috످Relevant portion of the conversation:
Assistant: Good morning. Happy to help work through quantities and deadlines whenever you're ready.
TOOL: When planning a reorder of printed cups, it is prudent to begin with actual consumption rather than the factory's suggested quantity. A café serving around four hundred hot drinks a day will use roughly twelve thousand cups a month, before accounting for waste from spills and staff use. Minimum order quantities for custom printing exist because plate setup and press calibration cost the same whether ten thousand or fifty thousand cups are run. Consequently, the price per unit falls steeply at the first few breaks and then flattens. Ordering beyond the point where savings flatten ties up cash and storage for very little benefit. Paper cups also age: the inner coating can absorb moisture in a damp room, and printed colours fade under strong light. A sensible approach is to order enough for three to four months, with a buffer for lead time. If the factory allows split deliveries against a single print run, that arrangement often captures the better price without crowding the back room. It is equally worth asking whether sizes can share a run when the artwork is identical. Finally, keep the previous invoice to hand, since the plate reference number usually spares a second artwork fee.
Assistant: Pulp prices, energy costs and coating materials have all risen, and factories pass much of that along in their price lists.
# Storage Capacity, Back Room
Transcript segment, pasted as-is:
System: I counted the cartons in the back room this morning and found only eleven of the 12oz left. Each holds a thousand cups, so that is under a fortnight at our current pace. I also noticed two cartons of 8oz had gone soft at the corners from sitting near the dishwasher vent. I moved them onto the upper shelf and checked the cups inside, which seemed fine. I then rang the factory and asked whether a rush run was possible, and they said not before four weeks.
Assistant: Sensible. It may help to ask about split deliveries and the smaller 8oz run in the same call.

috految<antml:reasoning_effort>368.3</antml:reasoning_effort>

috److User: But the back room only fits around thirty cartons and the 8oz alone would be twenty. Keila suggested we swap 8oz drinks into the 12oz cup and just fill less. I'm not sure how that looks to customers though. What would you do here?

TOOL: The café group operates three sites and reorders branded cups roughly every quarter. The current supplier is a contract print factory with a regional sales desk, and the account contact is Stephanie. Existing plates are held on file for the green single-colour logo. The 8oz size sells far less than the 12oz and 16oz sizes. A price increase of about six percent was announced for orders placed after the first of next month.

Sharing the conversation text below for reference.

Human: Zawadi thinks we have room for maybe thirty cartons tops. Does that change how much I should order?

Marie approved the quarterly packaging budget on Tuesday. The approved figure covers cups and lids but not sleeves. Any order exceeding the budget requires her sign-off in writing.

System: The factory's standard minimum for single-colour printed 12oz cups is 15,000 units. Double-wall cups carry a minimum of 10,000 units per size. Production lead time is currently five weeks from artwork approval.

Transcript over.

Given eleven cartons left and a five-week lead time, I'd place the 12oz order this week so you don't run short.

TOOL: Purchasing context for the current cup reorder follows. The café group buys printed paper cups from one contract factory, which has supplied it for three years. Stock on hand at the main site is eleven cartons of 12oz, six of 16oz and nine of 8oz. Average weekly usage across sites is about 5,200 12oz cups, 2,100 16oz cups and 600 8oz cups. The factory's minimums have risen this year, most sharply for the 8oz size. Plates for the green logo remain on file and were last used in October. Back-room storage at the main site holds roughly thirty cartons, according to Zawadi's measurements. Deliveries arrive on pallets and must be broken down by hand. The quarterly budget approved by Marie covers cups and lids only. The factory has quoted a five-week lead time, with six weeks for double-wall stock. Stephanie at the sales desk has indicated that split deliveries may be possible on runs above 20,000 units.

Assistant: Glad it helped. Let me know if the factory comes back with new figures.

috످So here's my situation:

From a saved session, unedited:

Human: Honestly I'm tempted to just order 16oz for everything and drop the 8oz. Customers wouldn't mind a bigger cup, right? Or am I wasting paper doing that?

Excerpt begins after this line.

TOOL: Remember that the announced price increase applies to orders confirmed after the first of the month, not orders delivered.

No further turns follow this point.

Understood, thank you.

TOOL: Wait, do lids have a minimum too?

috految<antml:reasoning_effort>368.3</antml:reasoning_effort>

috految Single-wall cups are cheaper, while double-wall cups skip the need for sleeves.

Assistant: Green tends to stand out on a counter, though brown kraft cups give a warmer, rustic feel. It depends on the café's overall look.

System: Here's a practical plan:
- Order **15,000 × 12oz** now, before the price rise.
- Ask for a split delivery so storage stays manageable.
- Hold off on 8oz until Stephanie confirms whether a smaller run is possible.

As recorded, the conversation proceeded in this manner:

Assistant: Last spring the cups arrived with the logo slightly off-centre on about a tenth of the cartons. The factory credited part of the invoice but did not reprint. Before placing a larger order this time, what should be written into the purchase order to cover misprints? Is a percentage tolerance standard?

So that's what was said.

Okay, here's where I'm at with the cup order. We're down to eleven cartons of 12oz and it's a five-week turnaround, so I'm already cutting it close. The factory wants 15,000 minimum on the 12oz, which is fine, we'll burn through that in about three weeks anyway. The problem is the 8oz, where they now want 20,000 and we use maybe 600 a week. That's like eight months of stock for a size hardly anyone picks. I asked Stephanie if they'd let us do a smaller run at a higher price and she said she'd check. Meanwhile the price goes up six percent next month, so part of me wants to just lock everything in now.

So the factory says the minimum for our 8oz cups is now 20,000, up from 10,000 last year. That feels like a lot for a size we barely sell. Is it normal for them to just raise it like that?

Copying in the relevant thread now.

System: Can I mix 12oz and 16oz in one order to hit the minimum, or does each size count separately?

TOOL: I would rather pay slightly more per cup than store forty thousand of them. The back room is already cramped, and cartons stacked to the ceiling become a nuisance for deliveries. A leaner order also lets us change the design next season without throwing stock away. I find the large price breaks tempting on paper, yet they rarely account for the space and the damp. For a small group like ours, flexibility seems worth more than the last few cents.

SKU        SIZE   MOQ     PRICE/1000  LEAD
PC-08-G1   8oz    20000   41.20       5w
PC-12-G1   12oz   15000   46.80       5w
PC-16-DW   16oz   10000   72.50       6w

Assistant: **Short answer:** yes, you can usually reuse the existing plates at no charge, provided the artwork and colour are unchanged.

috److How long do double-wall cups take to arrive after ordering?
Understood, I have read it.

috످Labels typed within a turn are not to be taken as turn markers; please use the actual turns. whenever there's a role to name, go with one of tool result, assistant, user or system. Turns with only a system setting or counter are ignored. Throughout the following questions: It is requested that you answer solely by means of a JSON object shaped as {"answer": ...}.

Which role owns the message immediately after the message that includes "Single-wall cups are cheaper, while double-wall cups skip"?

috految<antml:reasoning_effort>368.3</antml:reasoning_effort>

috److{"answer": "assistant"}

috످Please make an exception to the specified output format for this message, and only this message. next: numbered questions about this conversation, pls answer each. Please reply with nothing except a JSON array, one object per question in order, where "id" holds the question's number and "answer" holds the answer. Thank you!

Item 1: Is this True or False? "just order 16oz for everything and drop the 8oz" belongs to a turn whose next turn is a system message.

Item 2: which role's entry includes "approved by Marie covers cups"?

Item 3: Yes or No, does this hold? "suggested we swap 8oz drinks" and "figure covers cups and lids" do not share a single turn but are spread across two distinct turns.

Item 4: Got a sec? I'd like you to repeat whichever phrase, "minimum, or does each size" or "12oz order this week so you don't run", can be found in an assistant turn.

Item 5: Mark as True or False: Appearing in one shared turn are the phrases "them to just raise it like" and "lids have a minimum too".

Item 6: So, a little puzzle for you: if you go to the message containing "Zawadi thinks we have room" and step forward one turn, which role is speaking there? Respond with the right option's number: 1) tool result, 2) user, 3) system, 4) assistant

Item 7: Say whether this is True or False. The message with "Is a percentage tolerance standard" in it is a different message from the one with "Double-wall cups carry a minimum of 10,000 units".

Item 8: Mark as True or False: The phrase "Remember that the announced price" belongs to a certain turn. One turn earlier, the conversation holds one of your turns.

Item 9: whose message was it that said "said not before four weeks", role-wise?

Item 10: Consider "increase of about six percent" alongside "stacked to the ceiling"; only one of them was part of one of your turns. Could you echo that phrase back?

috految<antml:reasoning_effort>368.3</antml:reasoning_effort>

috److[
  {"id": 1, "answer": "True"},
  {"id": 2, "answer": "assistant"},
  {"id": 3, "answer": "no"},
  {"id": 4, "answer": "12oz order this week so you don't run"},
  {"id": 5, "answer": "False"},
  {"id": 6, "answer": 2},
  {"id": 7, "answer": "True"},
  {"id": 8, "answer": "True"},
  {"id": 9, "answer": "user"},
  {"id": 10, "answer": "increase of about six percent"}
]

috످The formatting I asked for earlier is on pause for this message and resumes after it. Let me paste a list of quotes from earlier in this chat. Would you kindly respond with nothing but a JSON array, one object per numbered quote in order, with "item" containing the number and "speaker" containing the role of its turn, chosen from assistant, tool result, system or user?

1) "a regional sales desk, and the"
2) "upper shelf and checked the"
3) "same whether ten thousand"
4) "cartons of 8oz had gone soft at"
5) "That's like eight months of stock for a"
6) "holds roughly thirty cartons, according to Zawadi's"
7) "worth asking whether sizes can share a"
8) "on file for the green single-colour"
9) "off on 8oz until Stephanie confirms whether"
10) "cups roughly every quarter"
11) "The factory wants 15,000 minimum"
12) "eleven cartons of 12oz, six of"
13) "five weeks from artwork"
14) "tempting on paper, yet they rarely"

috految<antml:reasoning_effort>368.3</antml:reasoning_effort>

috److془Let me carefully go through.

Turn 1 (user): "Relevant portion of the conversation: ... TOOL: When planning ... System: I counted the cartons..."

Turn 2 (assistant): "User: But the back room... TOOL: The café group operates three sites..."

Turn 3 (user): "So here's my situation..."

Turn 4 system message: 'Single-wall cups are cheaper...'

Check: after "TOOL: Wait, do lids have a minimum too?" comes a system turn, begins with "Single-wall cups are cheaper". Yes.

1) The passage describes the café business and who prints its cups, and it stands in my first reply: assistant.
2) Someone describes rescuing damp boxes, in the user's opening message.
3) Explains why printers set minimum orders; user's opening message.
4) The stock check mentions damage to small cup boxes; user's opening message.
5) The complaint that the small-cup minimum is way too much; system turn.
6) Storage capacity; assistant.
7) Advice on combining print jobs; user.
8) Supplier keeps logo plates; assistant.
9) system.
10) assistant.
11) system.
12) assistant.
13) assistant.
14) system.

9) The plan advises delaying the small cups until the supplier replies, and it's in the system turn.
10) The background note says how often the cafés restock, in my first reply.
11) The update accepts the supplier's lowest order size for medium cups, in the system turn.
12) The purchasing summary lists remaining inventory by size, in my first reply.
13) The supplier terms give how long production takes, in my first reply despite the System label.
14) The opinion favors flexibility over bulk discounts, in system turn despite the TOOL label.془[
  {"item": 1, "speaker": "assistant"},
  {"item": 2, "speaker": "user"},
  {"item": 3, "speaker": "user"},
  {"item": 4, "speaker": "user"},
  {"item": 5, "speaker": "system"},
  {"item": 6, "speaker": "assistant"},
  {"item": 7, "speaker": "user"},
  {"item": 8, "speaker": "assistant"},
  {"item": 9, "speaker": "system"},
  {"item": 10, "speaker": "assistant"},
  {"item": 11, "speaker": "system"},
  {"item": 12, "speaker": "assistant"},
  {"item": 13, "speaker": "assistant"},
  {"item": 14, "speaker": "system"}
]

috످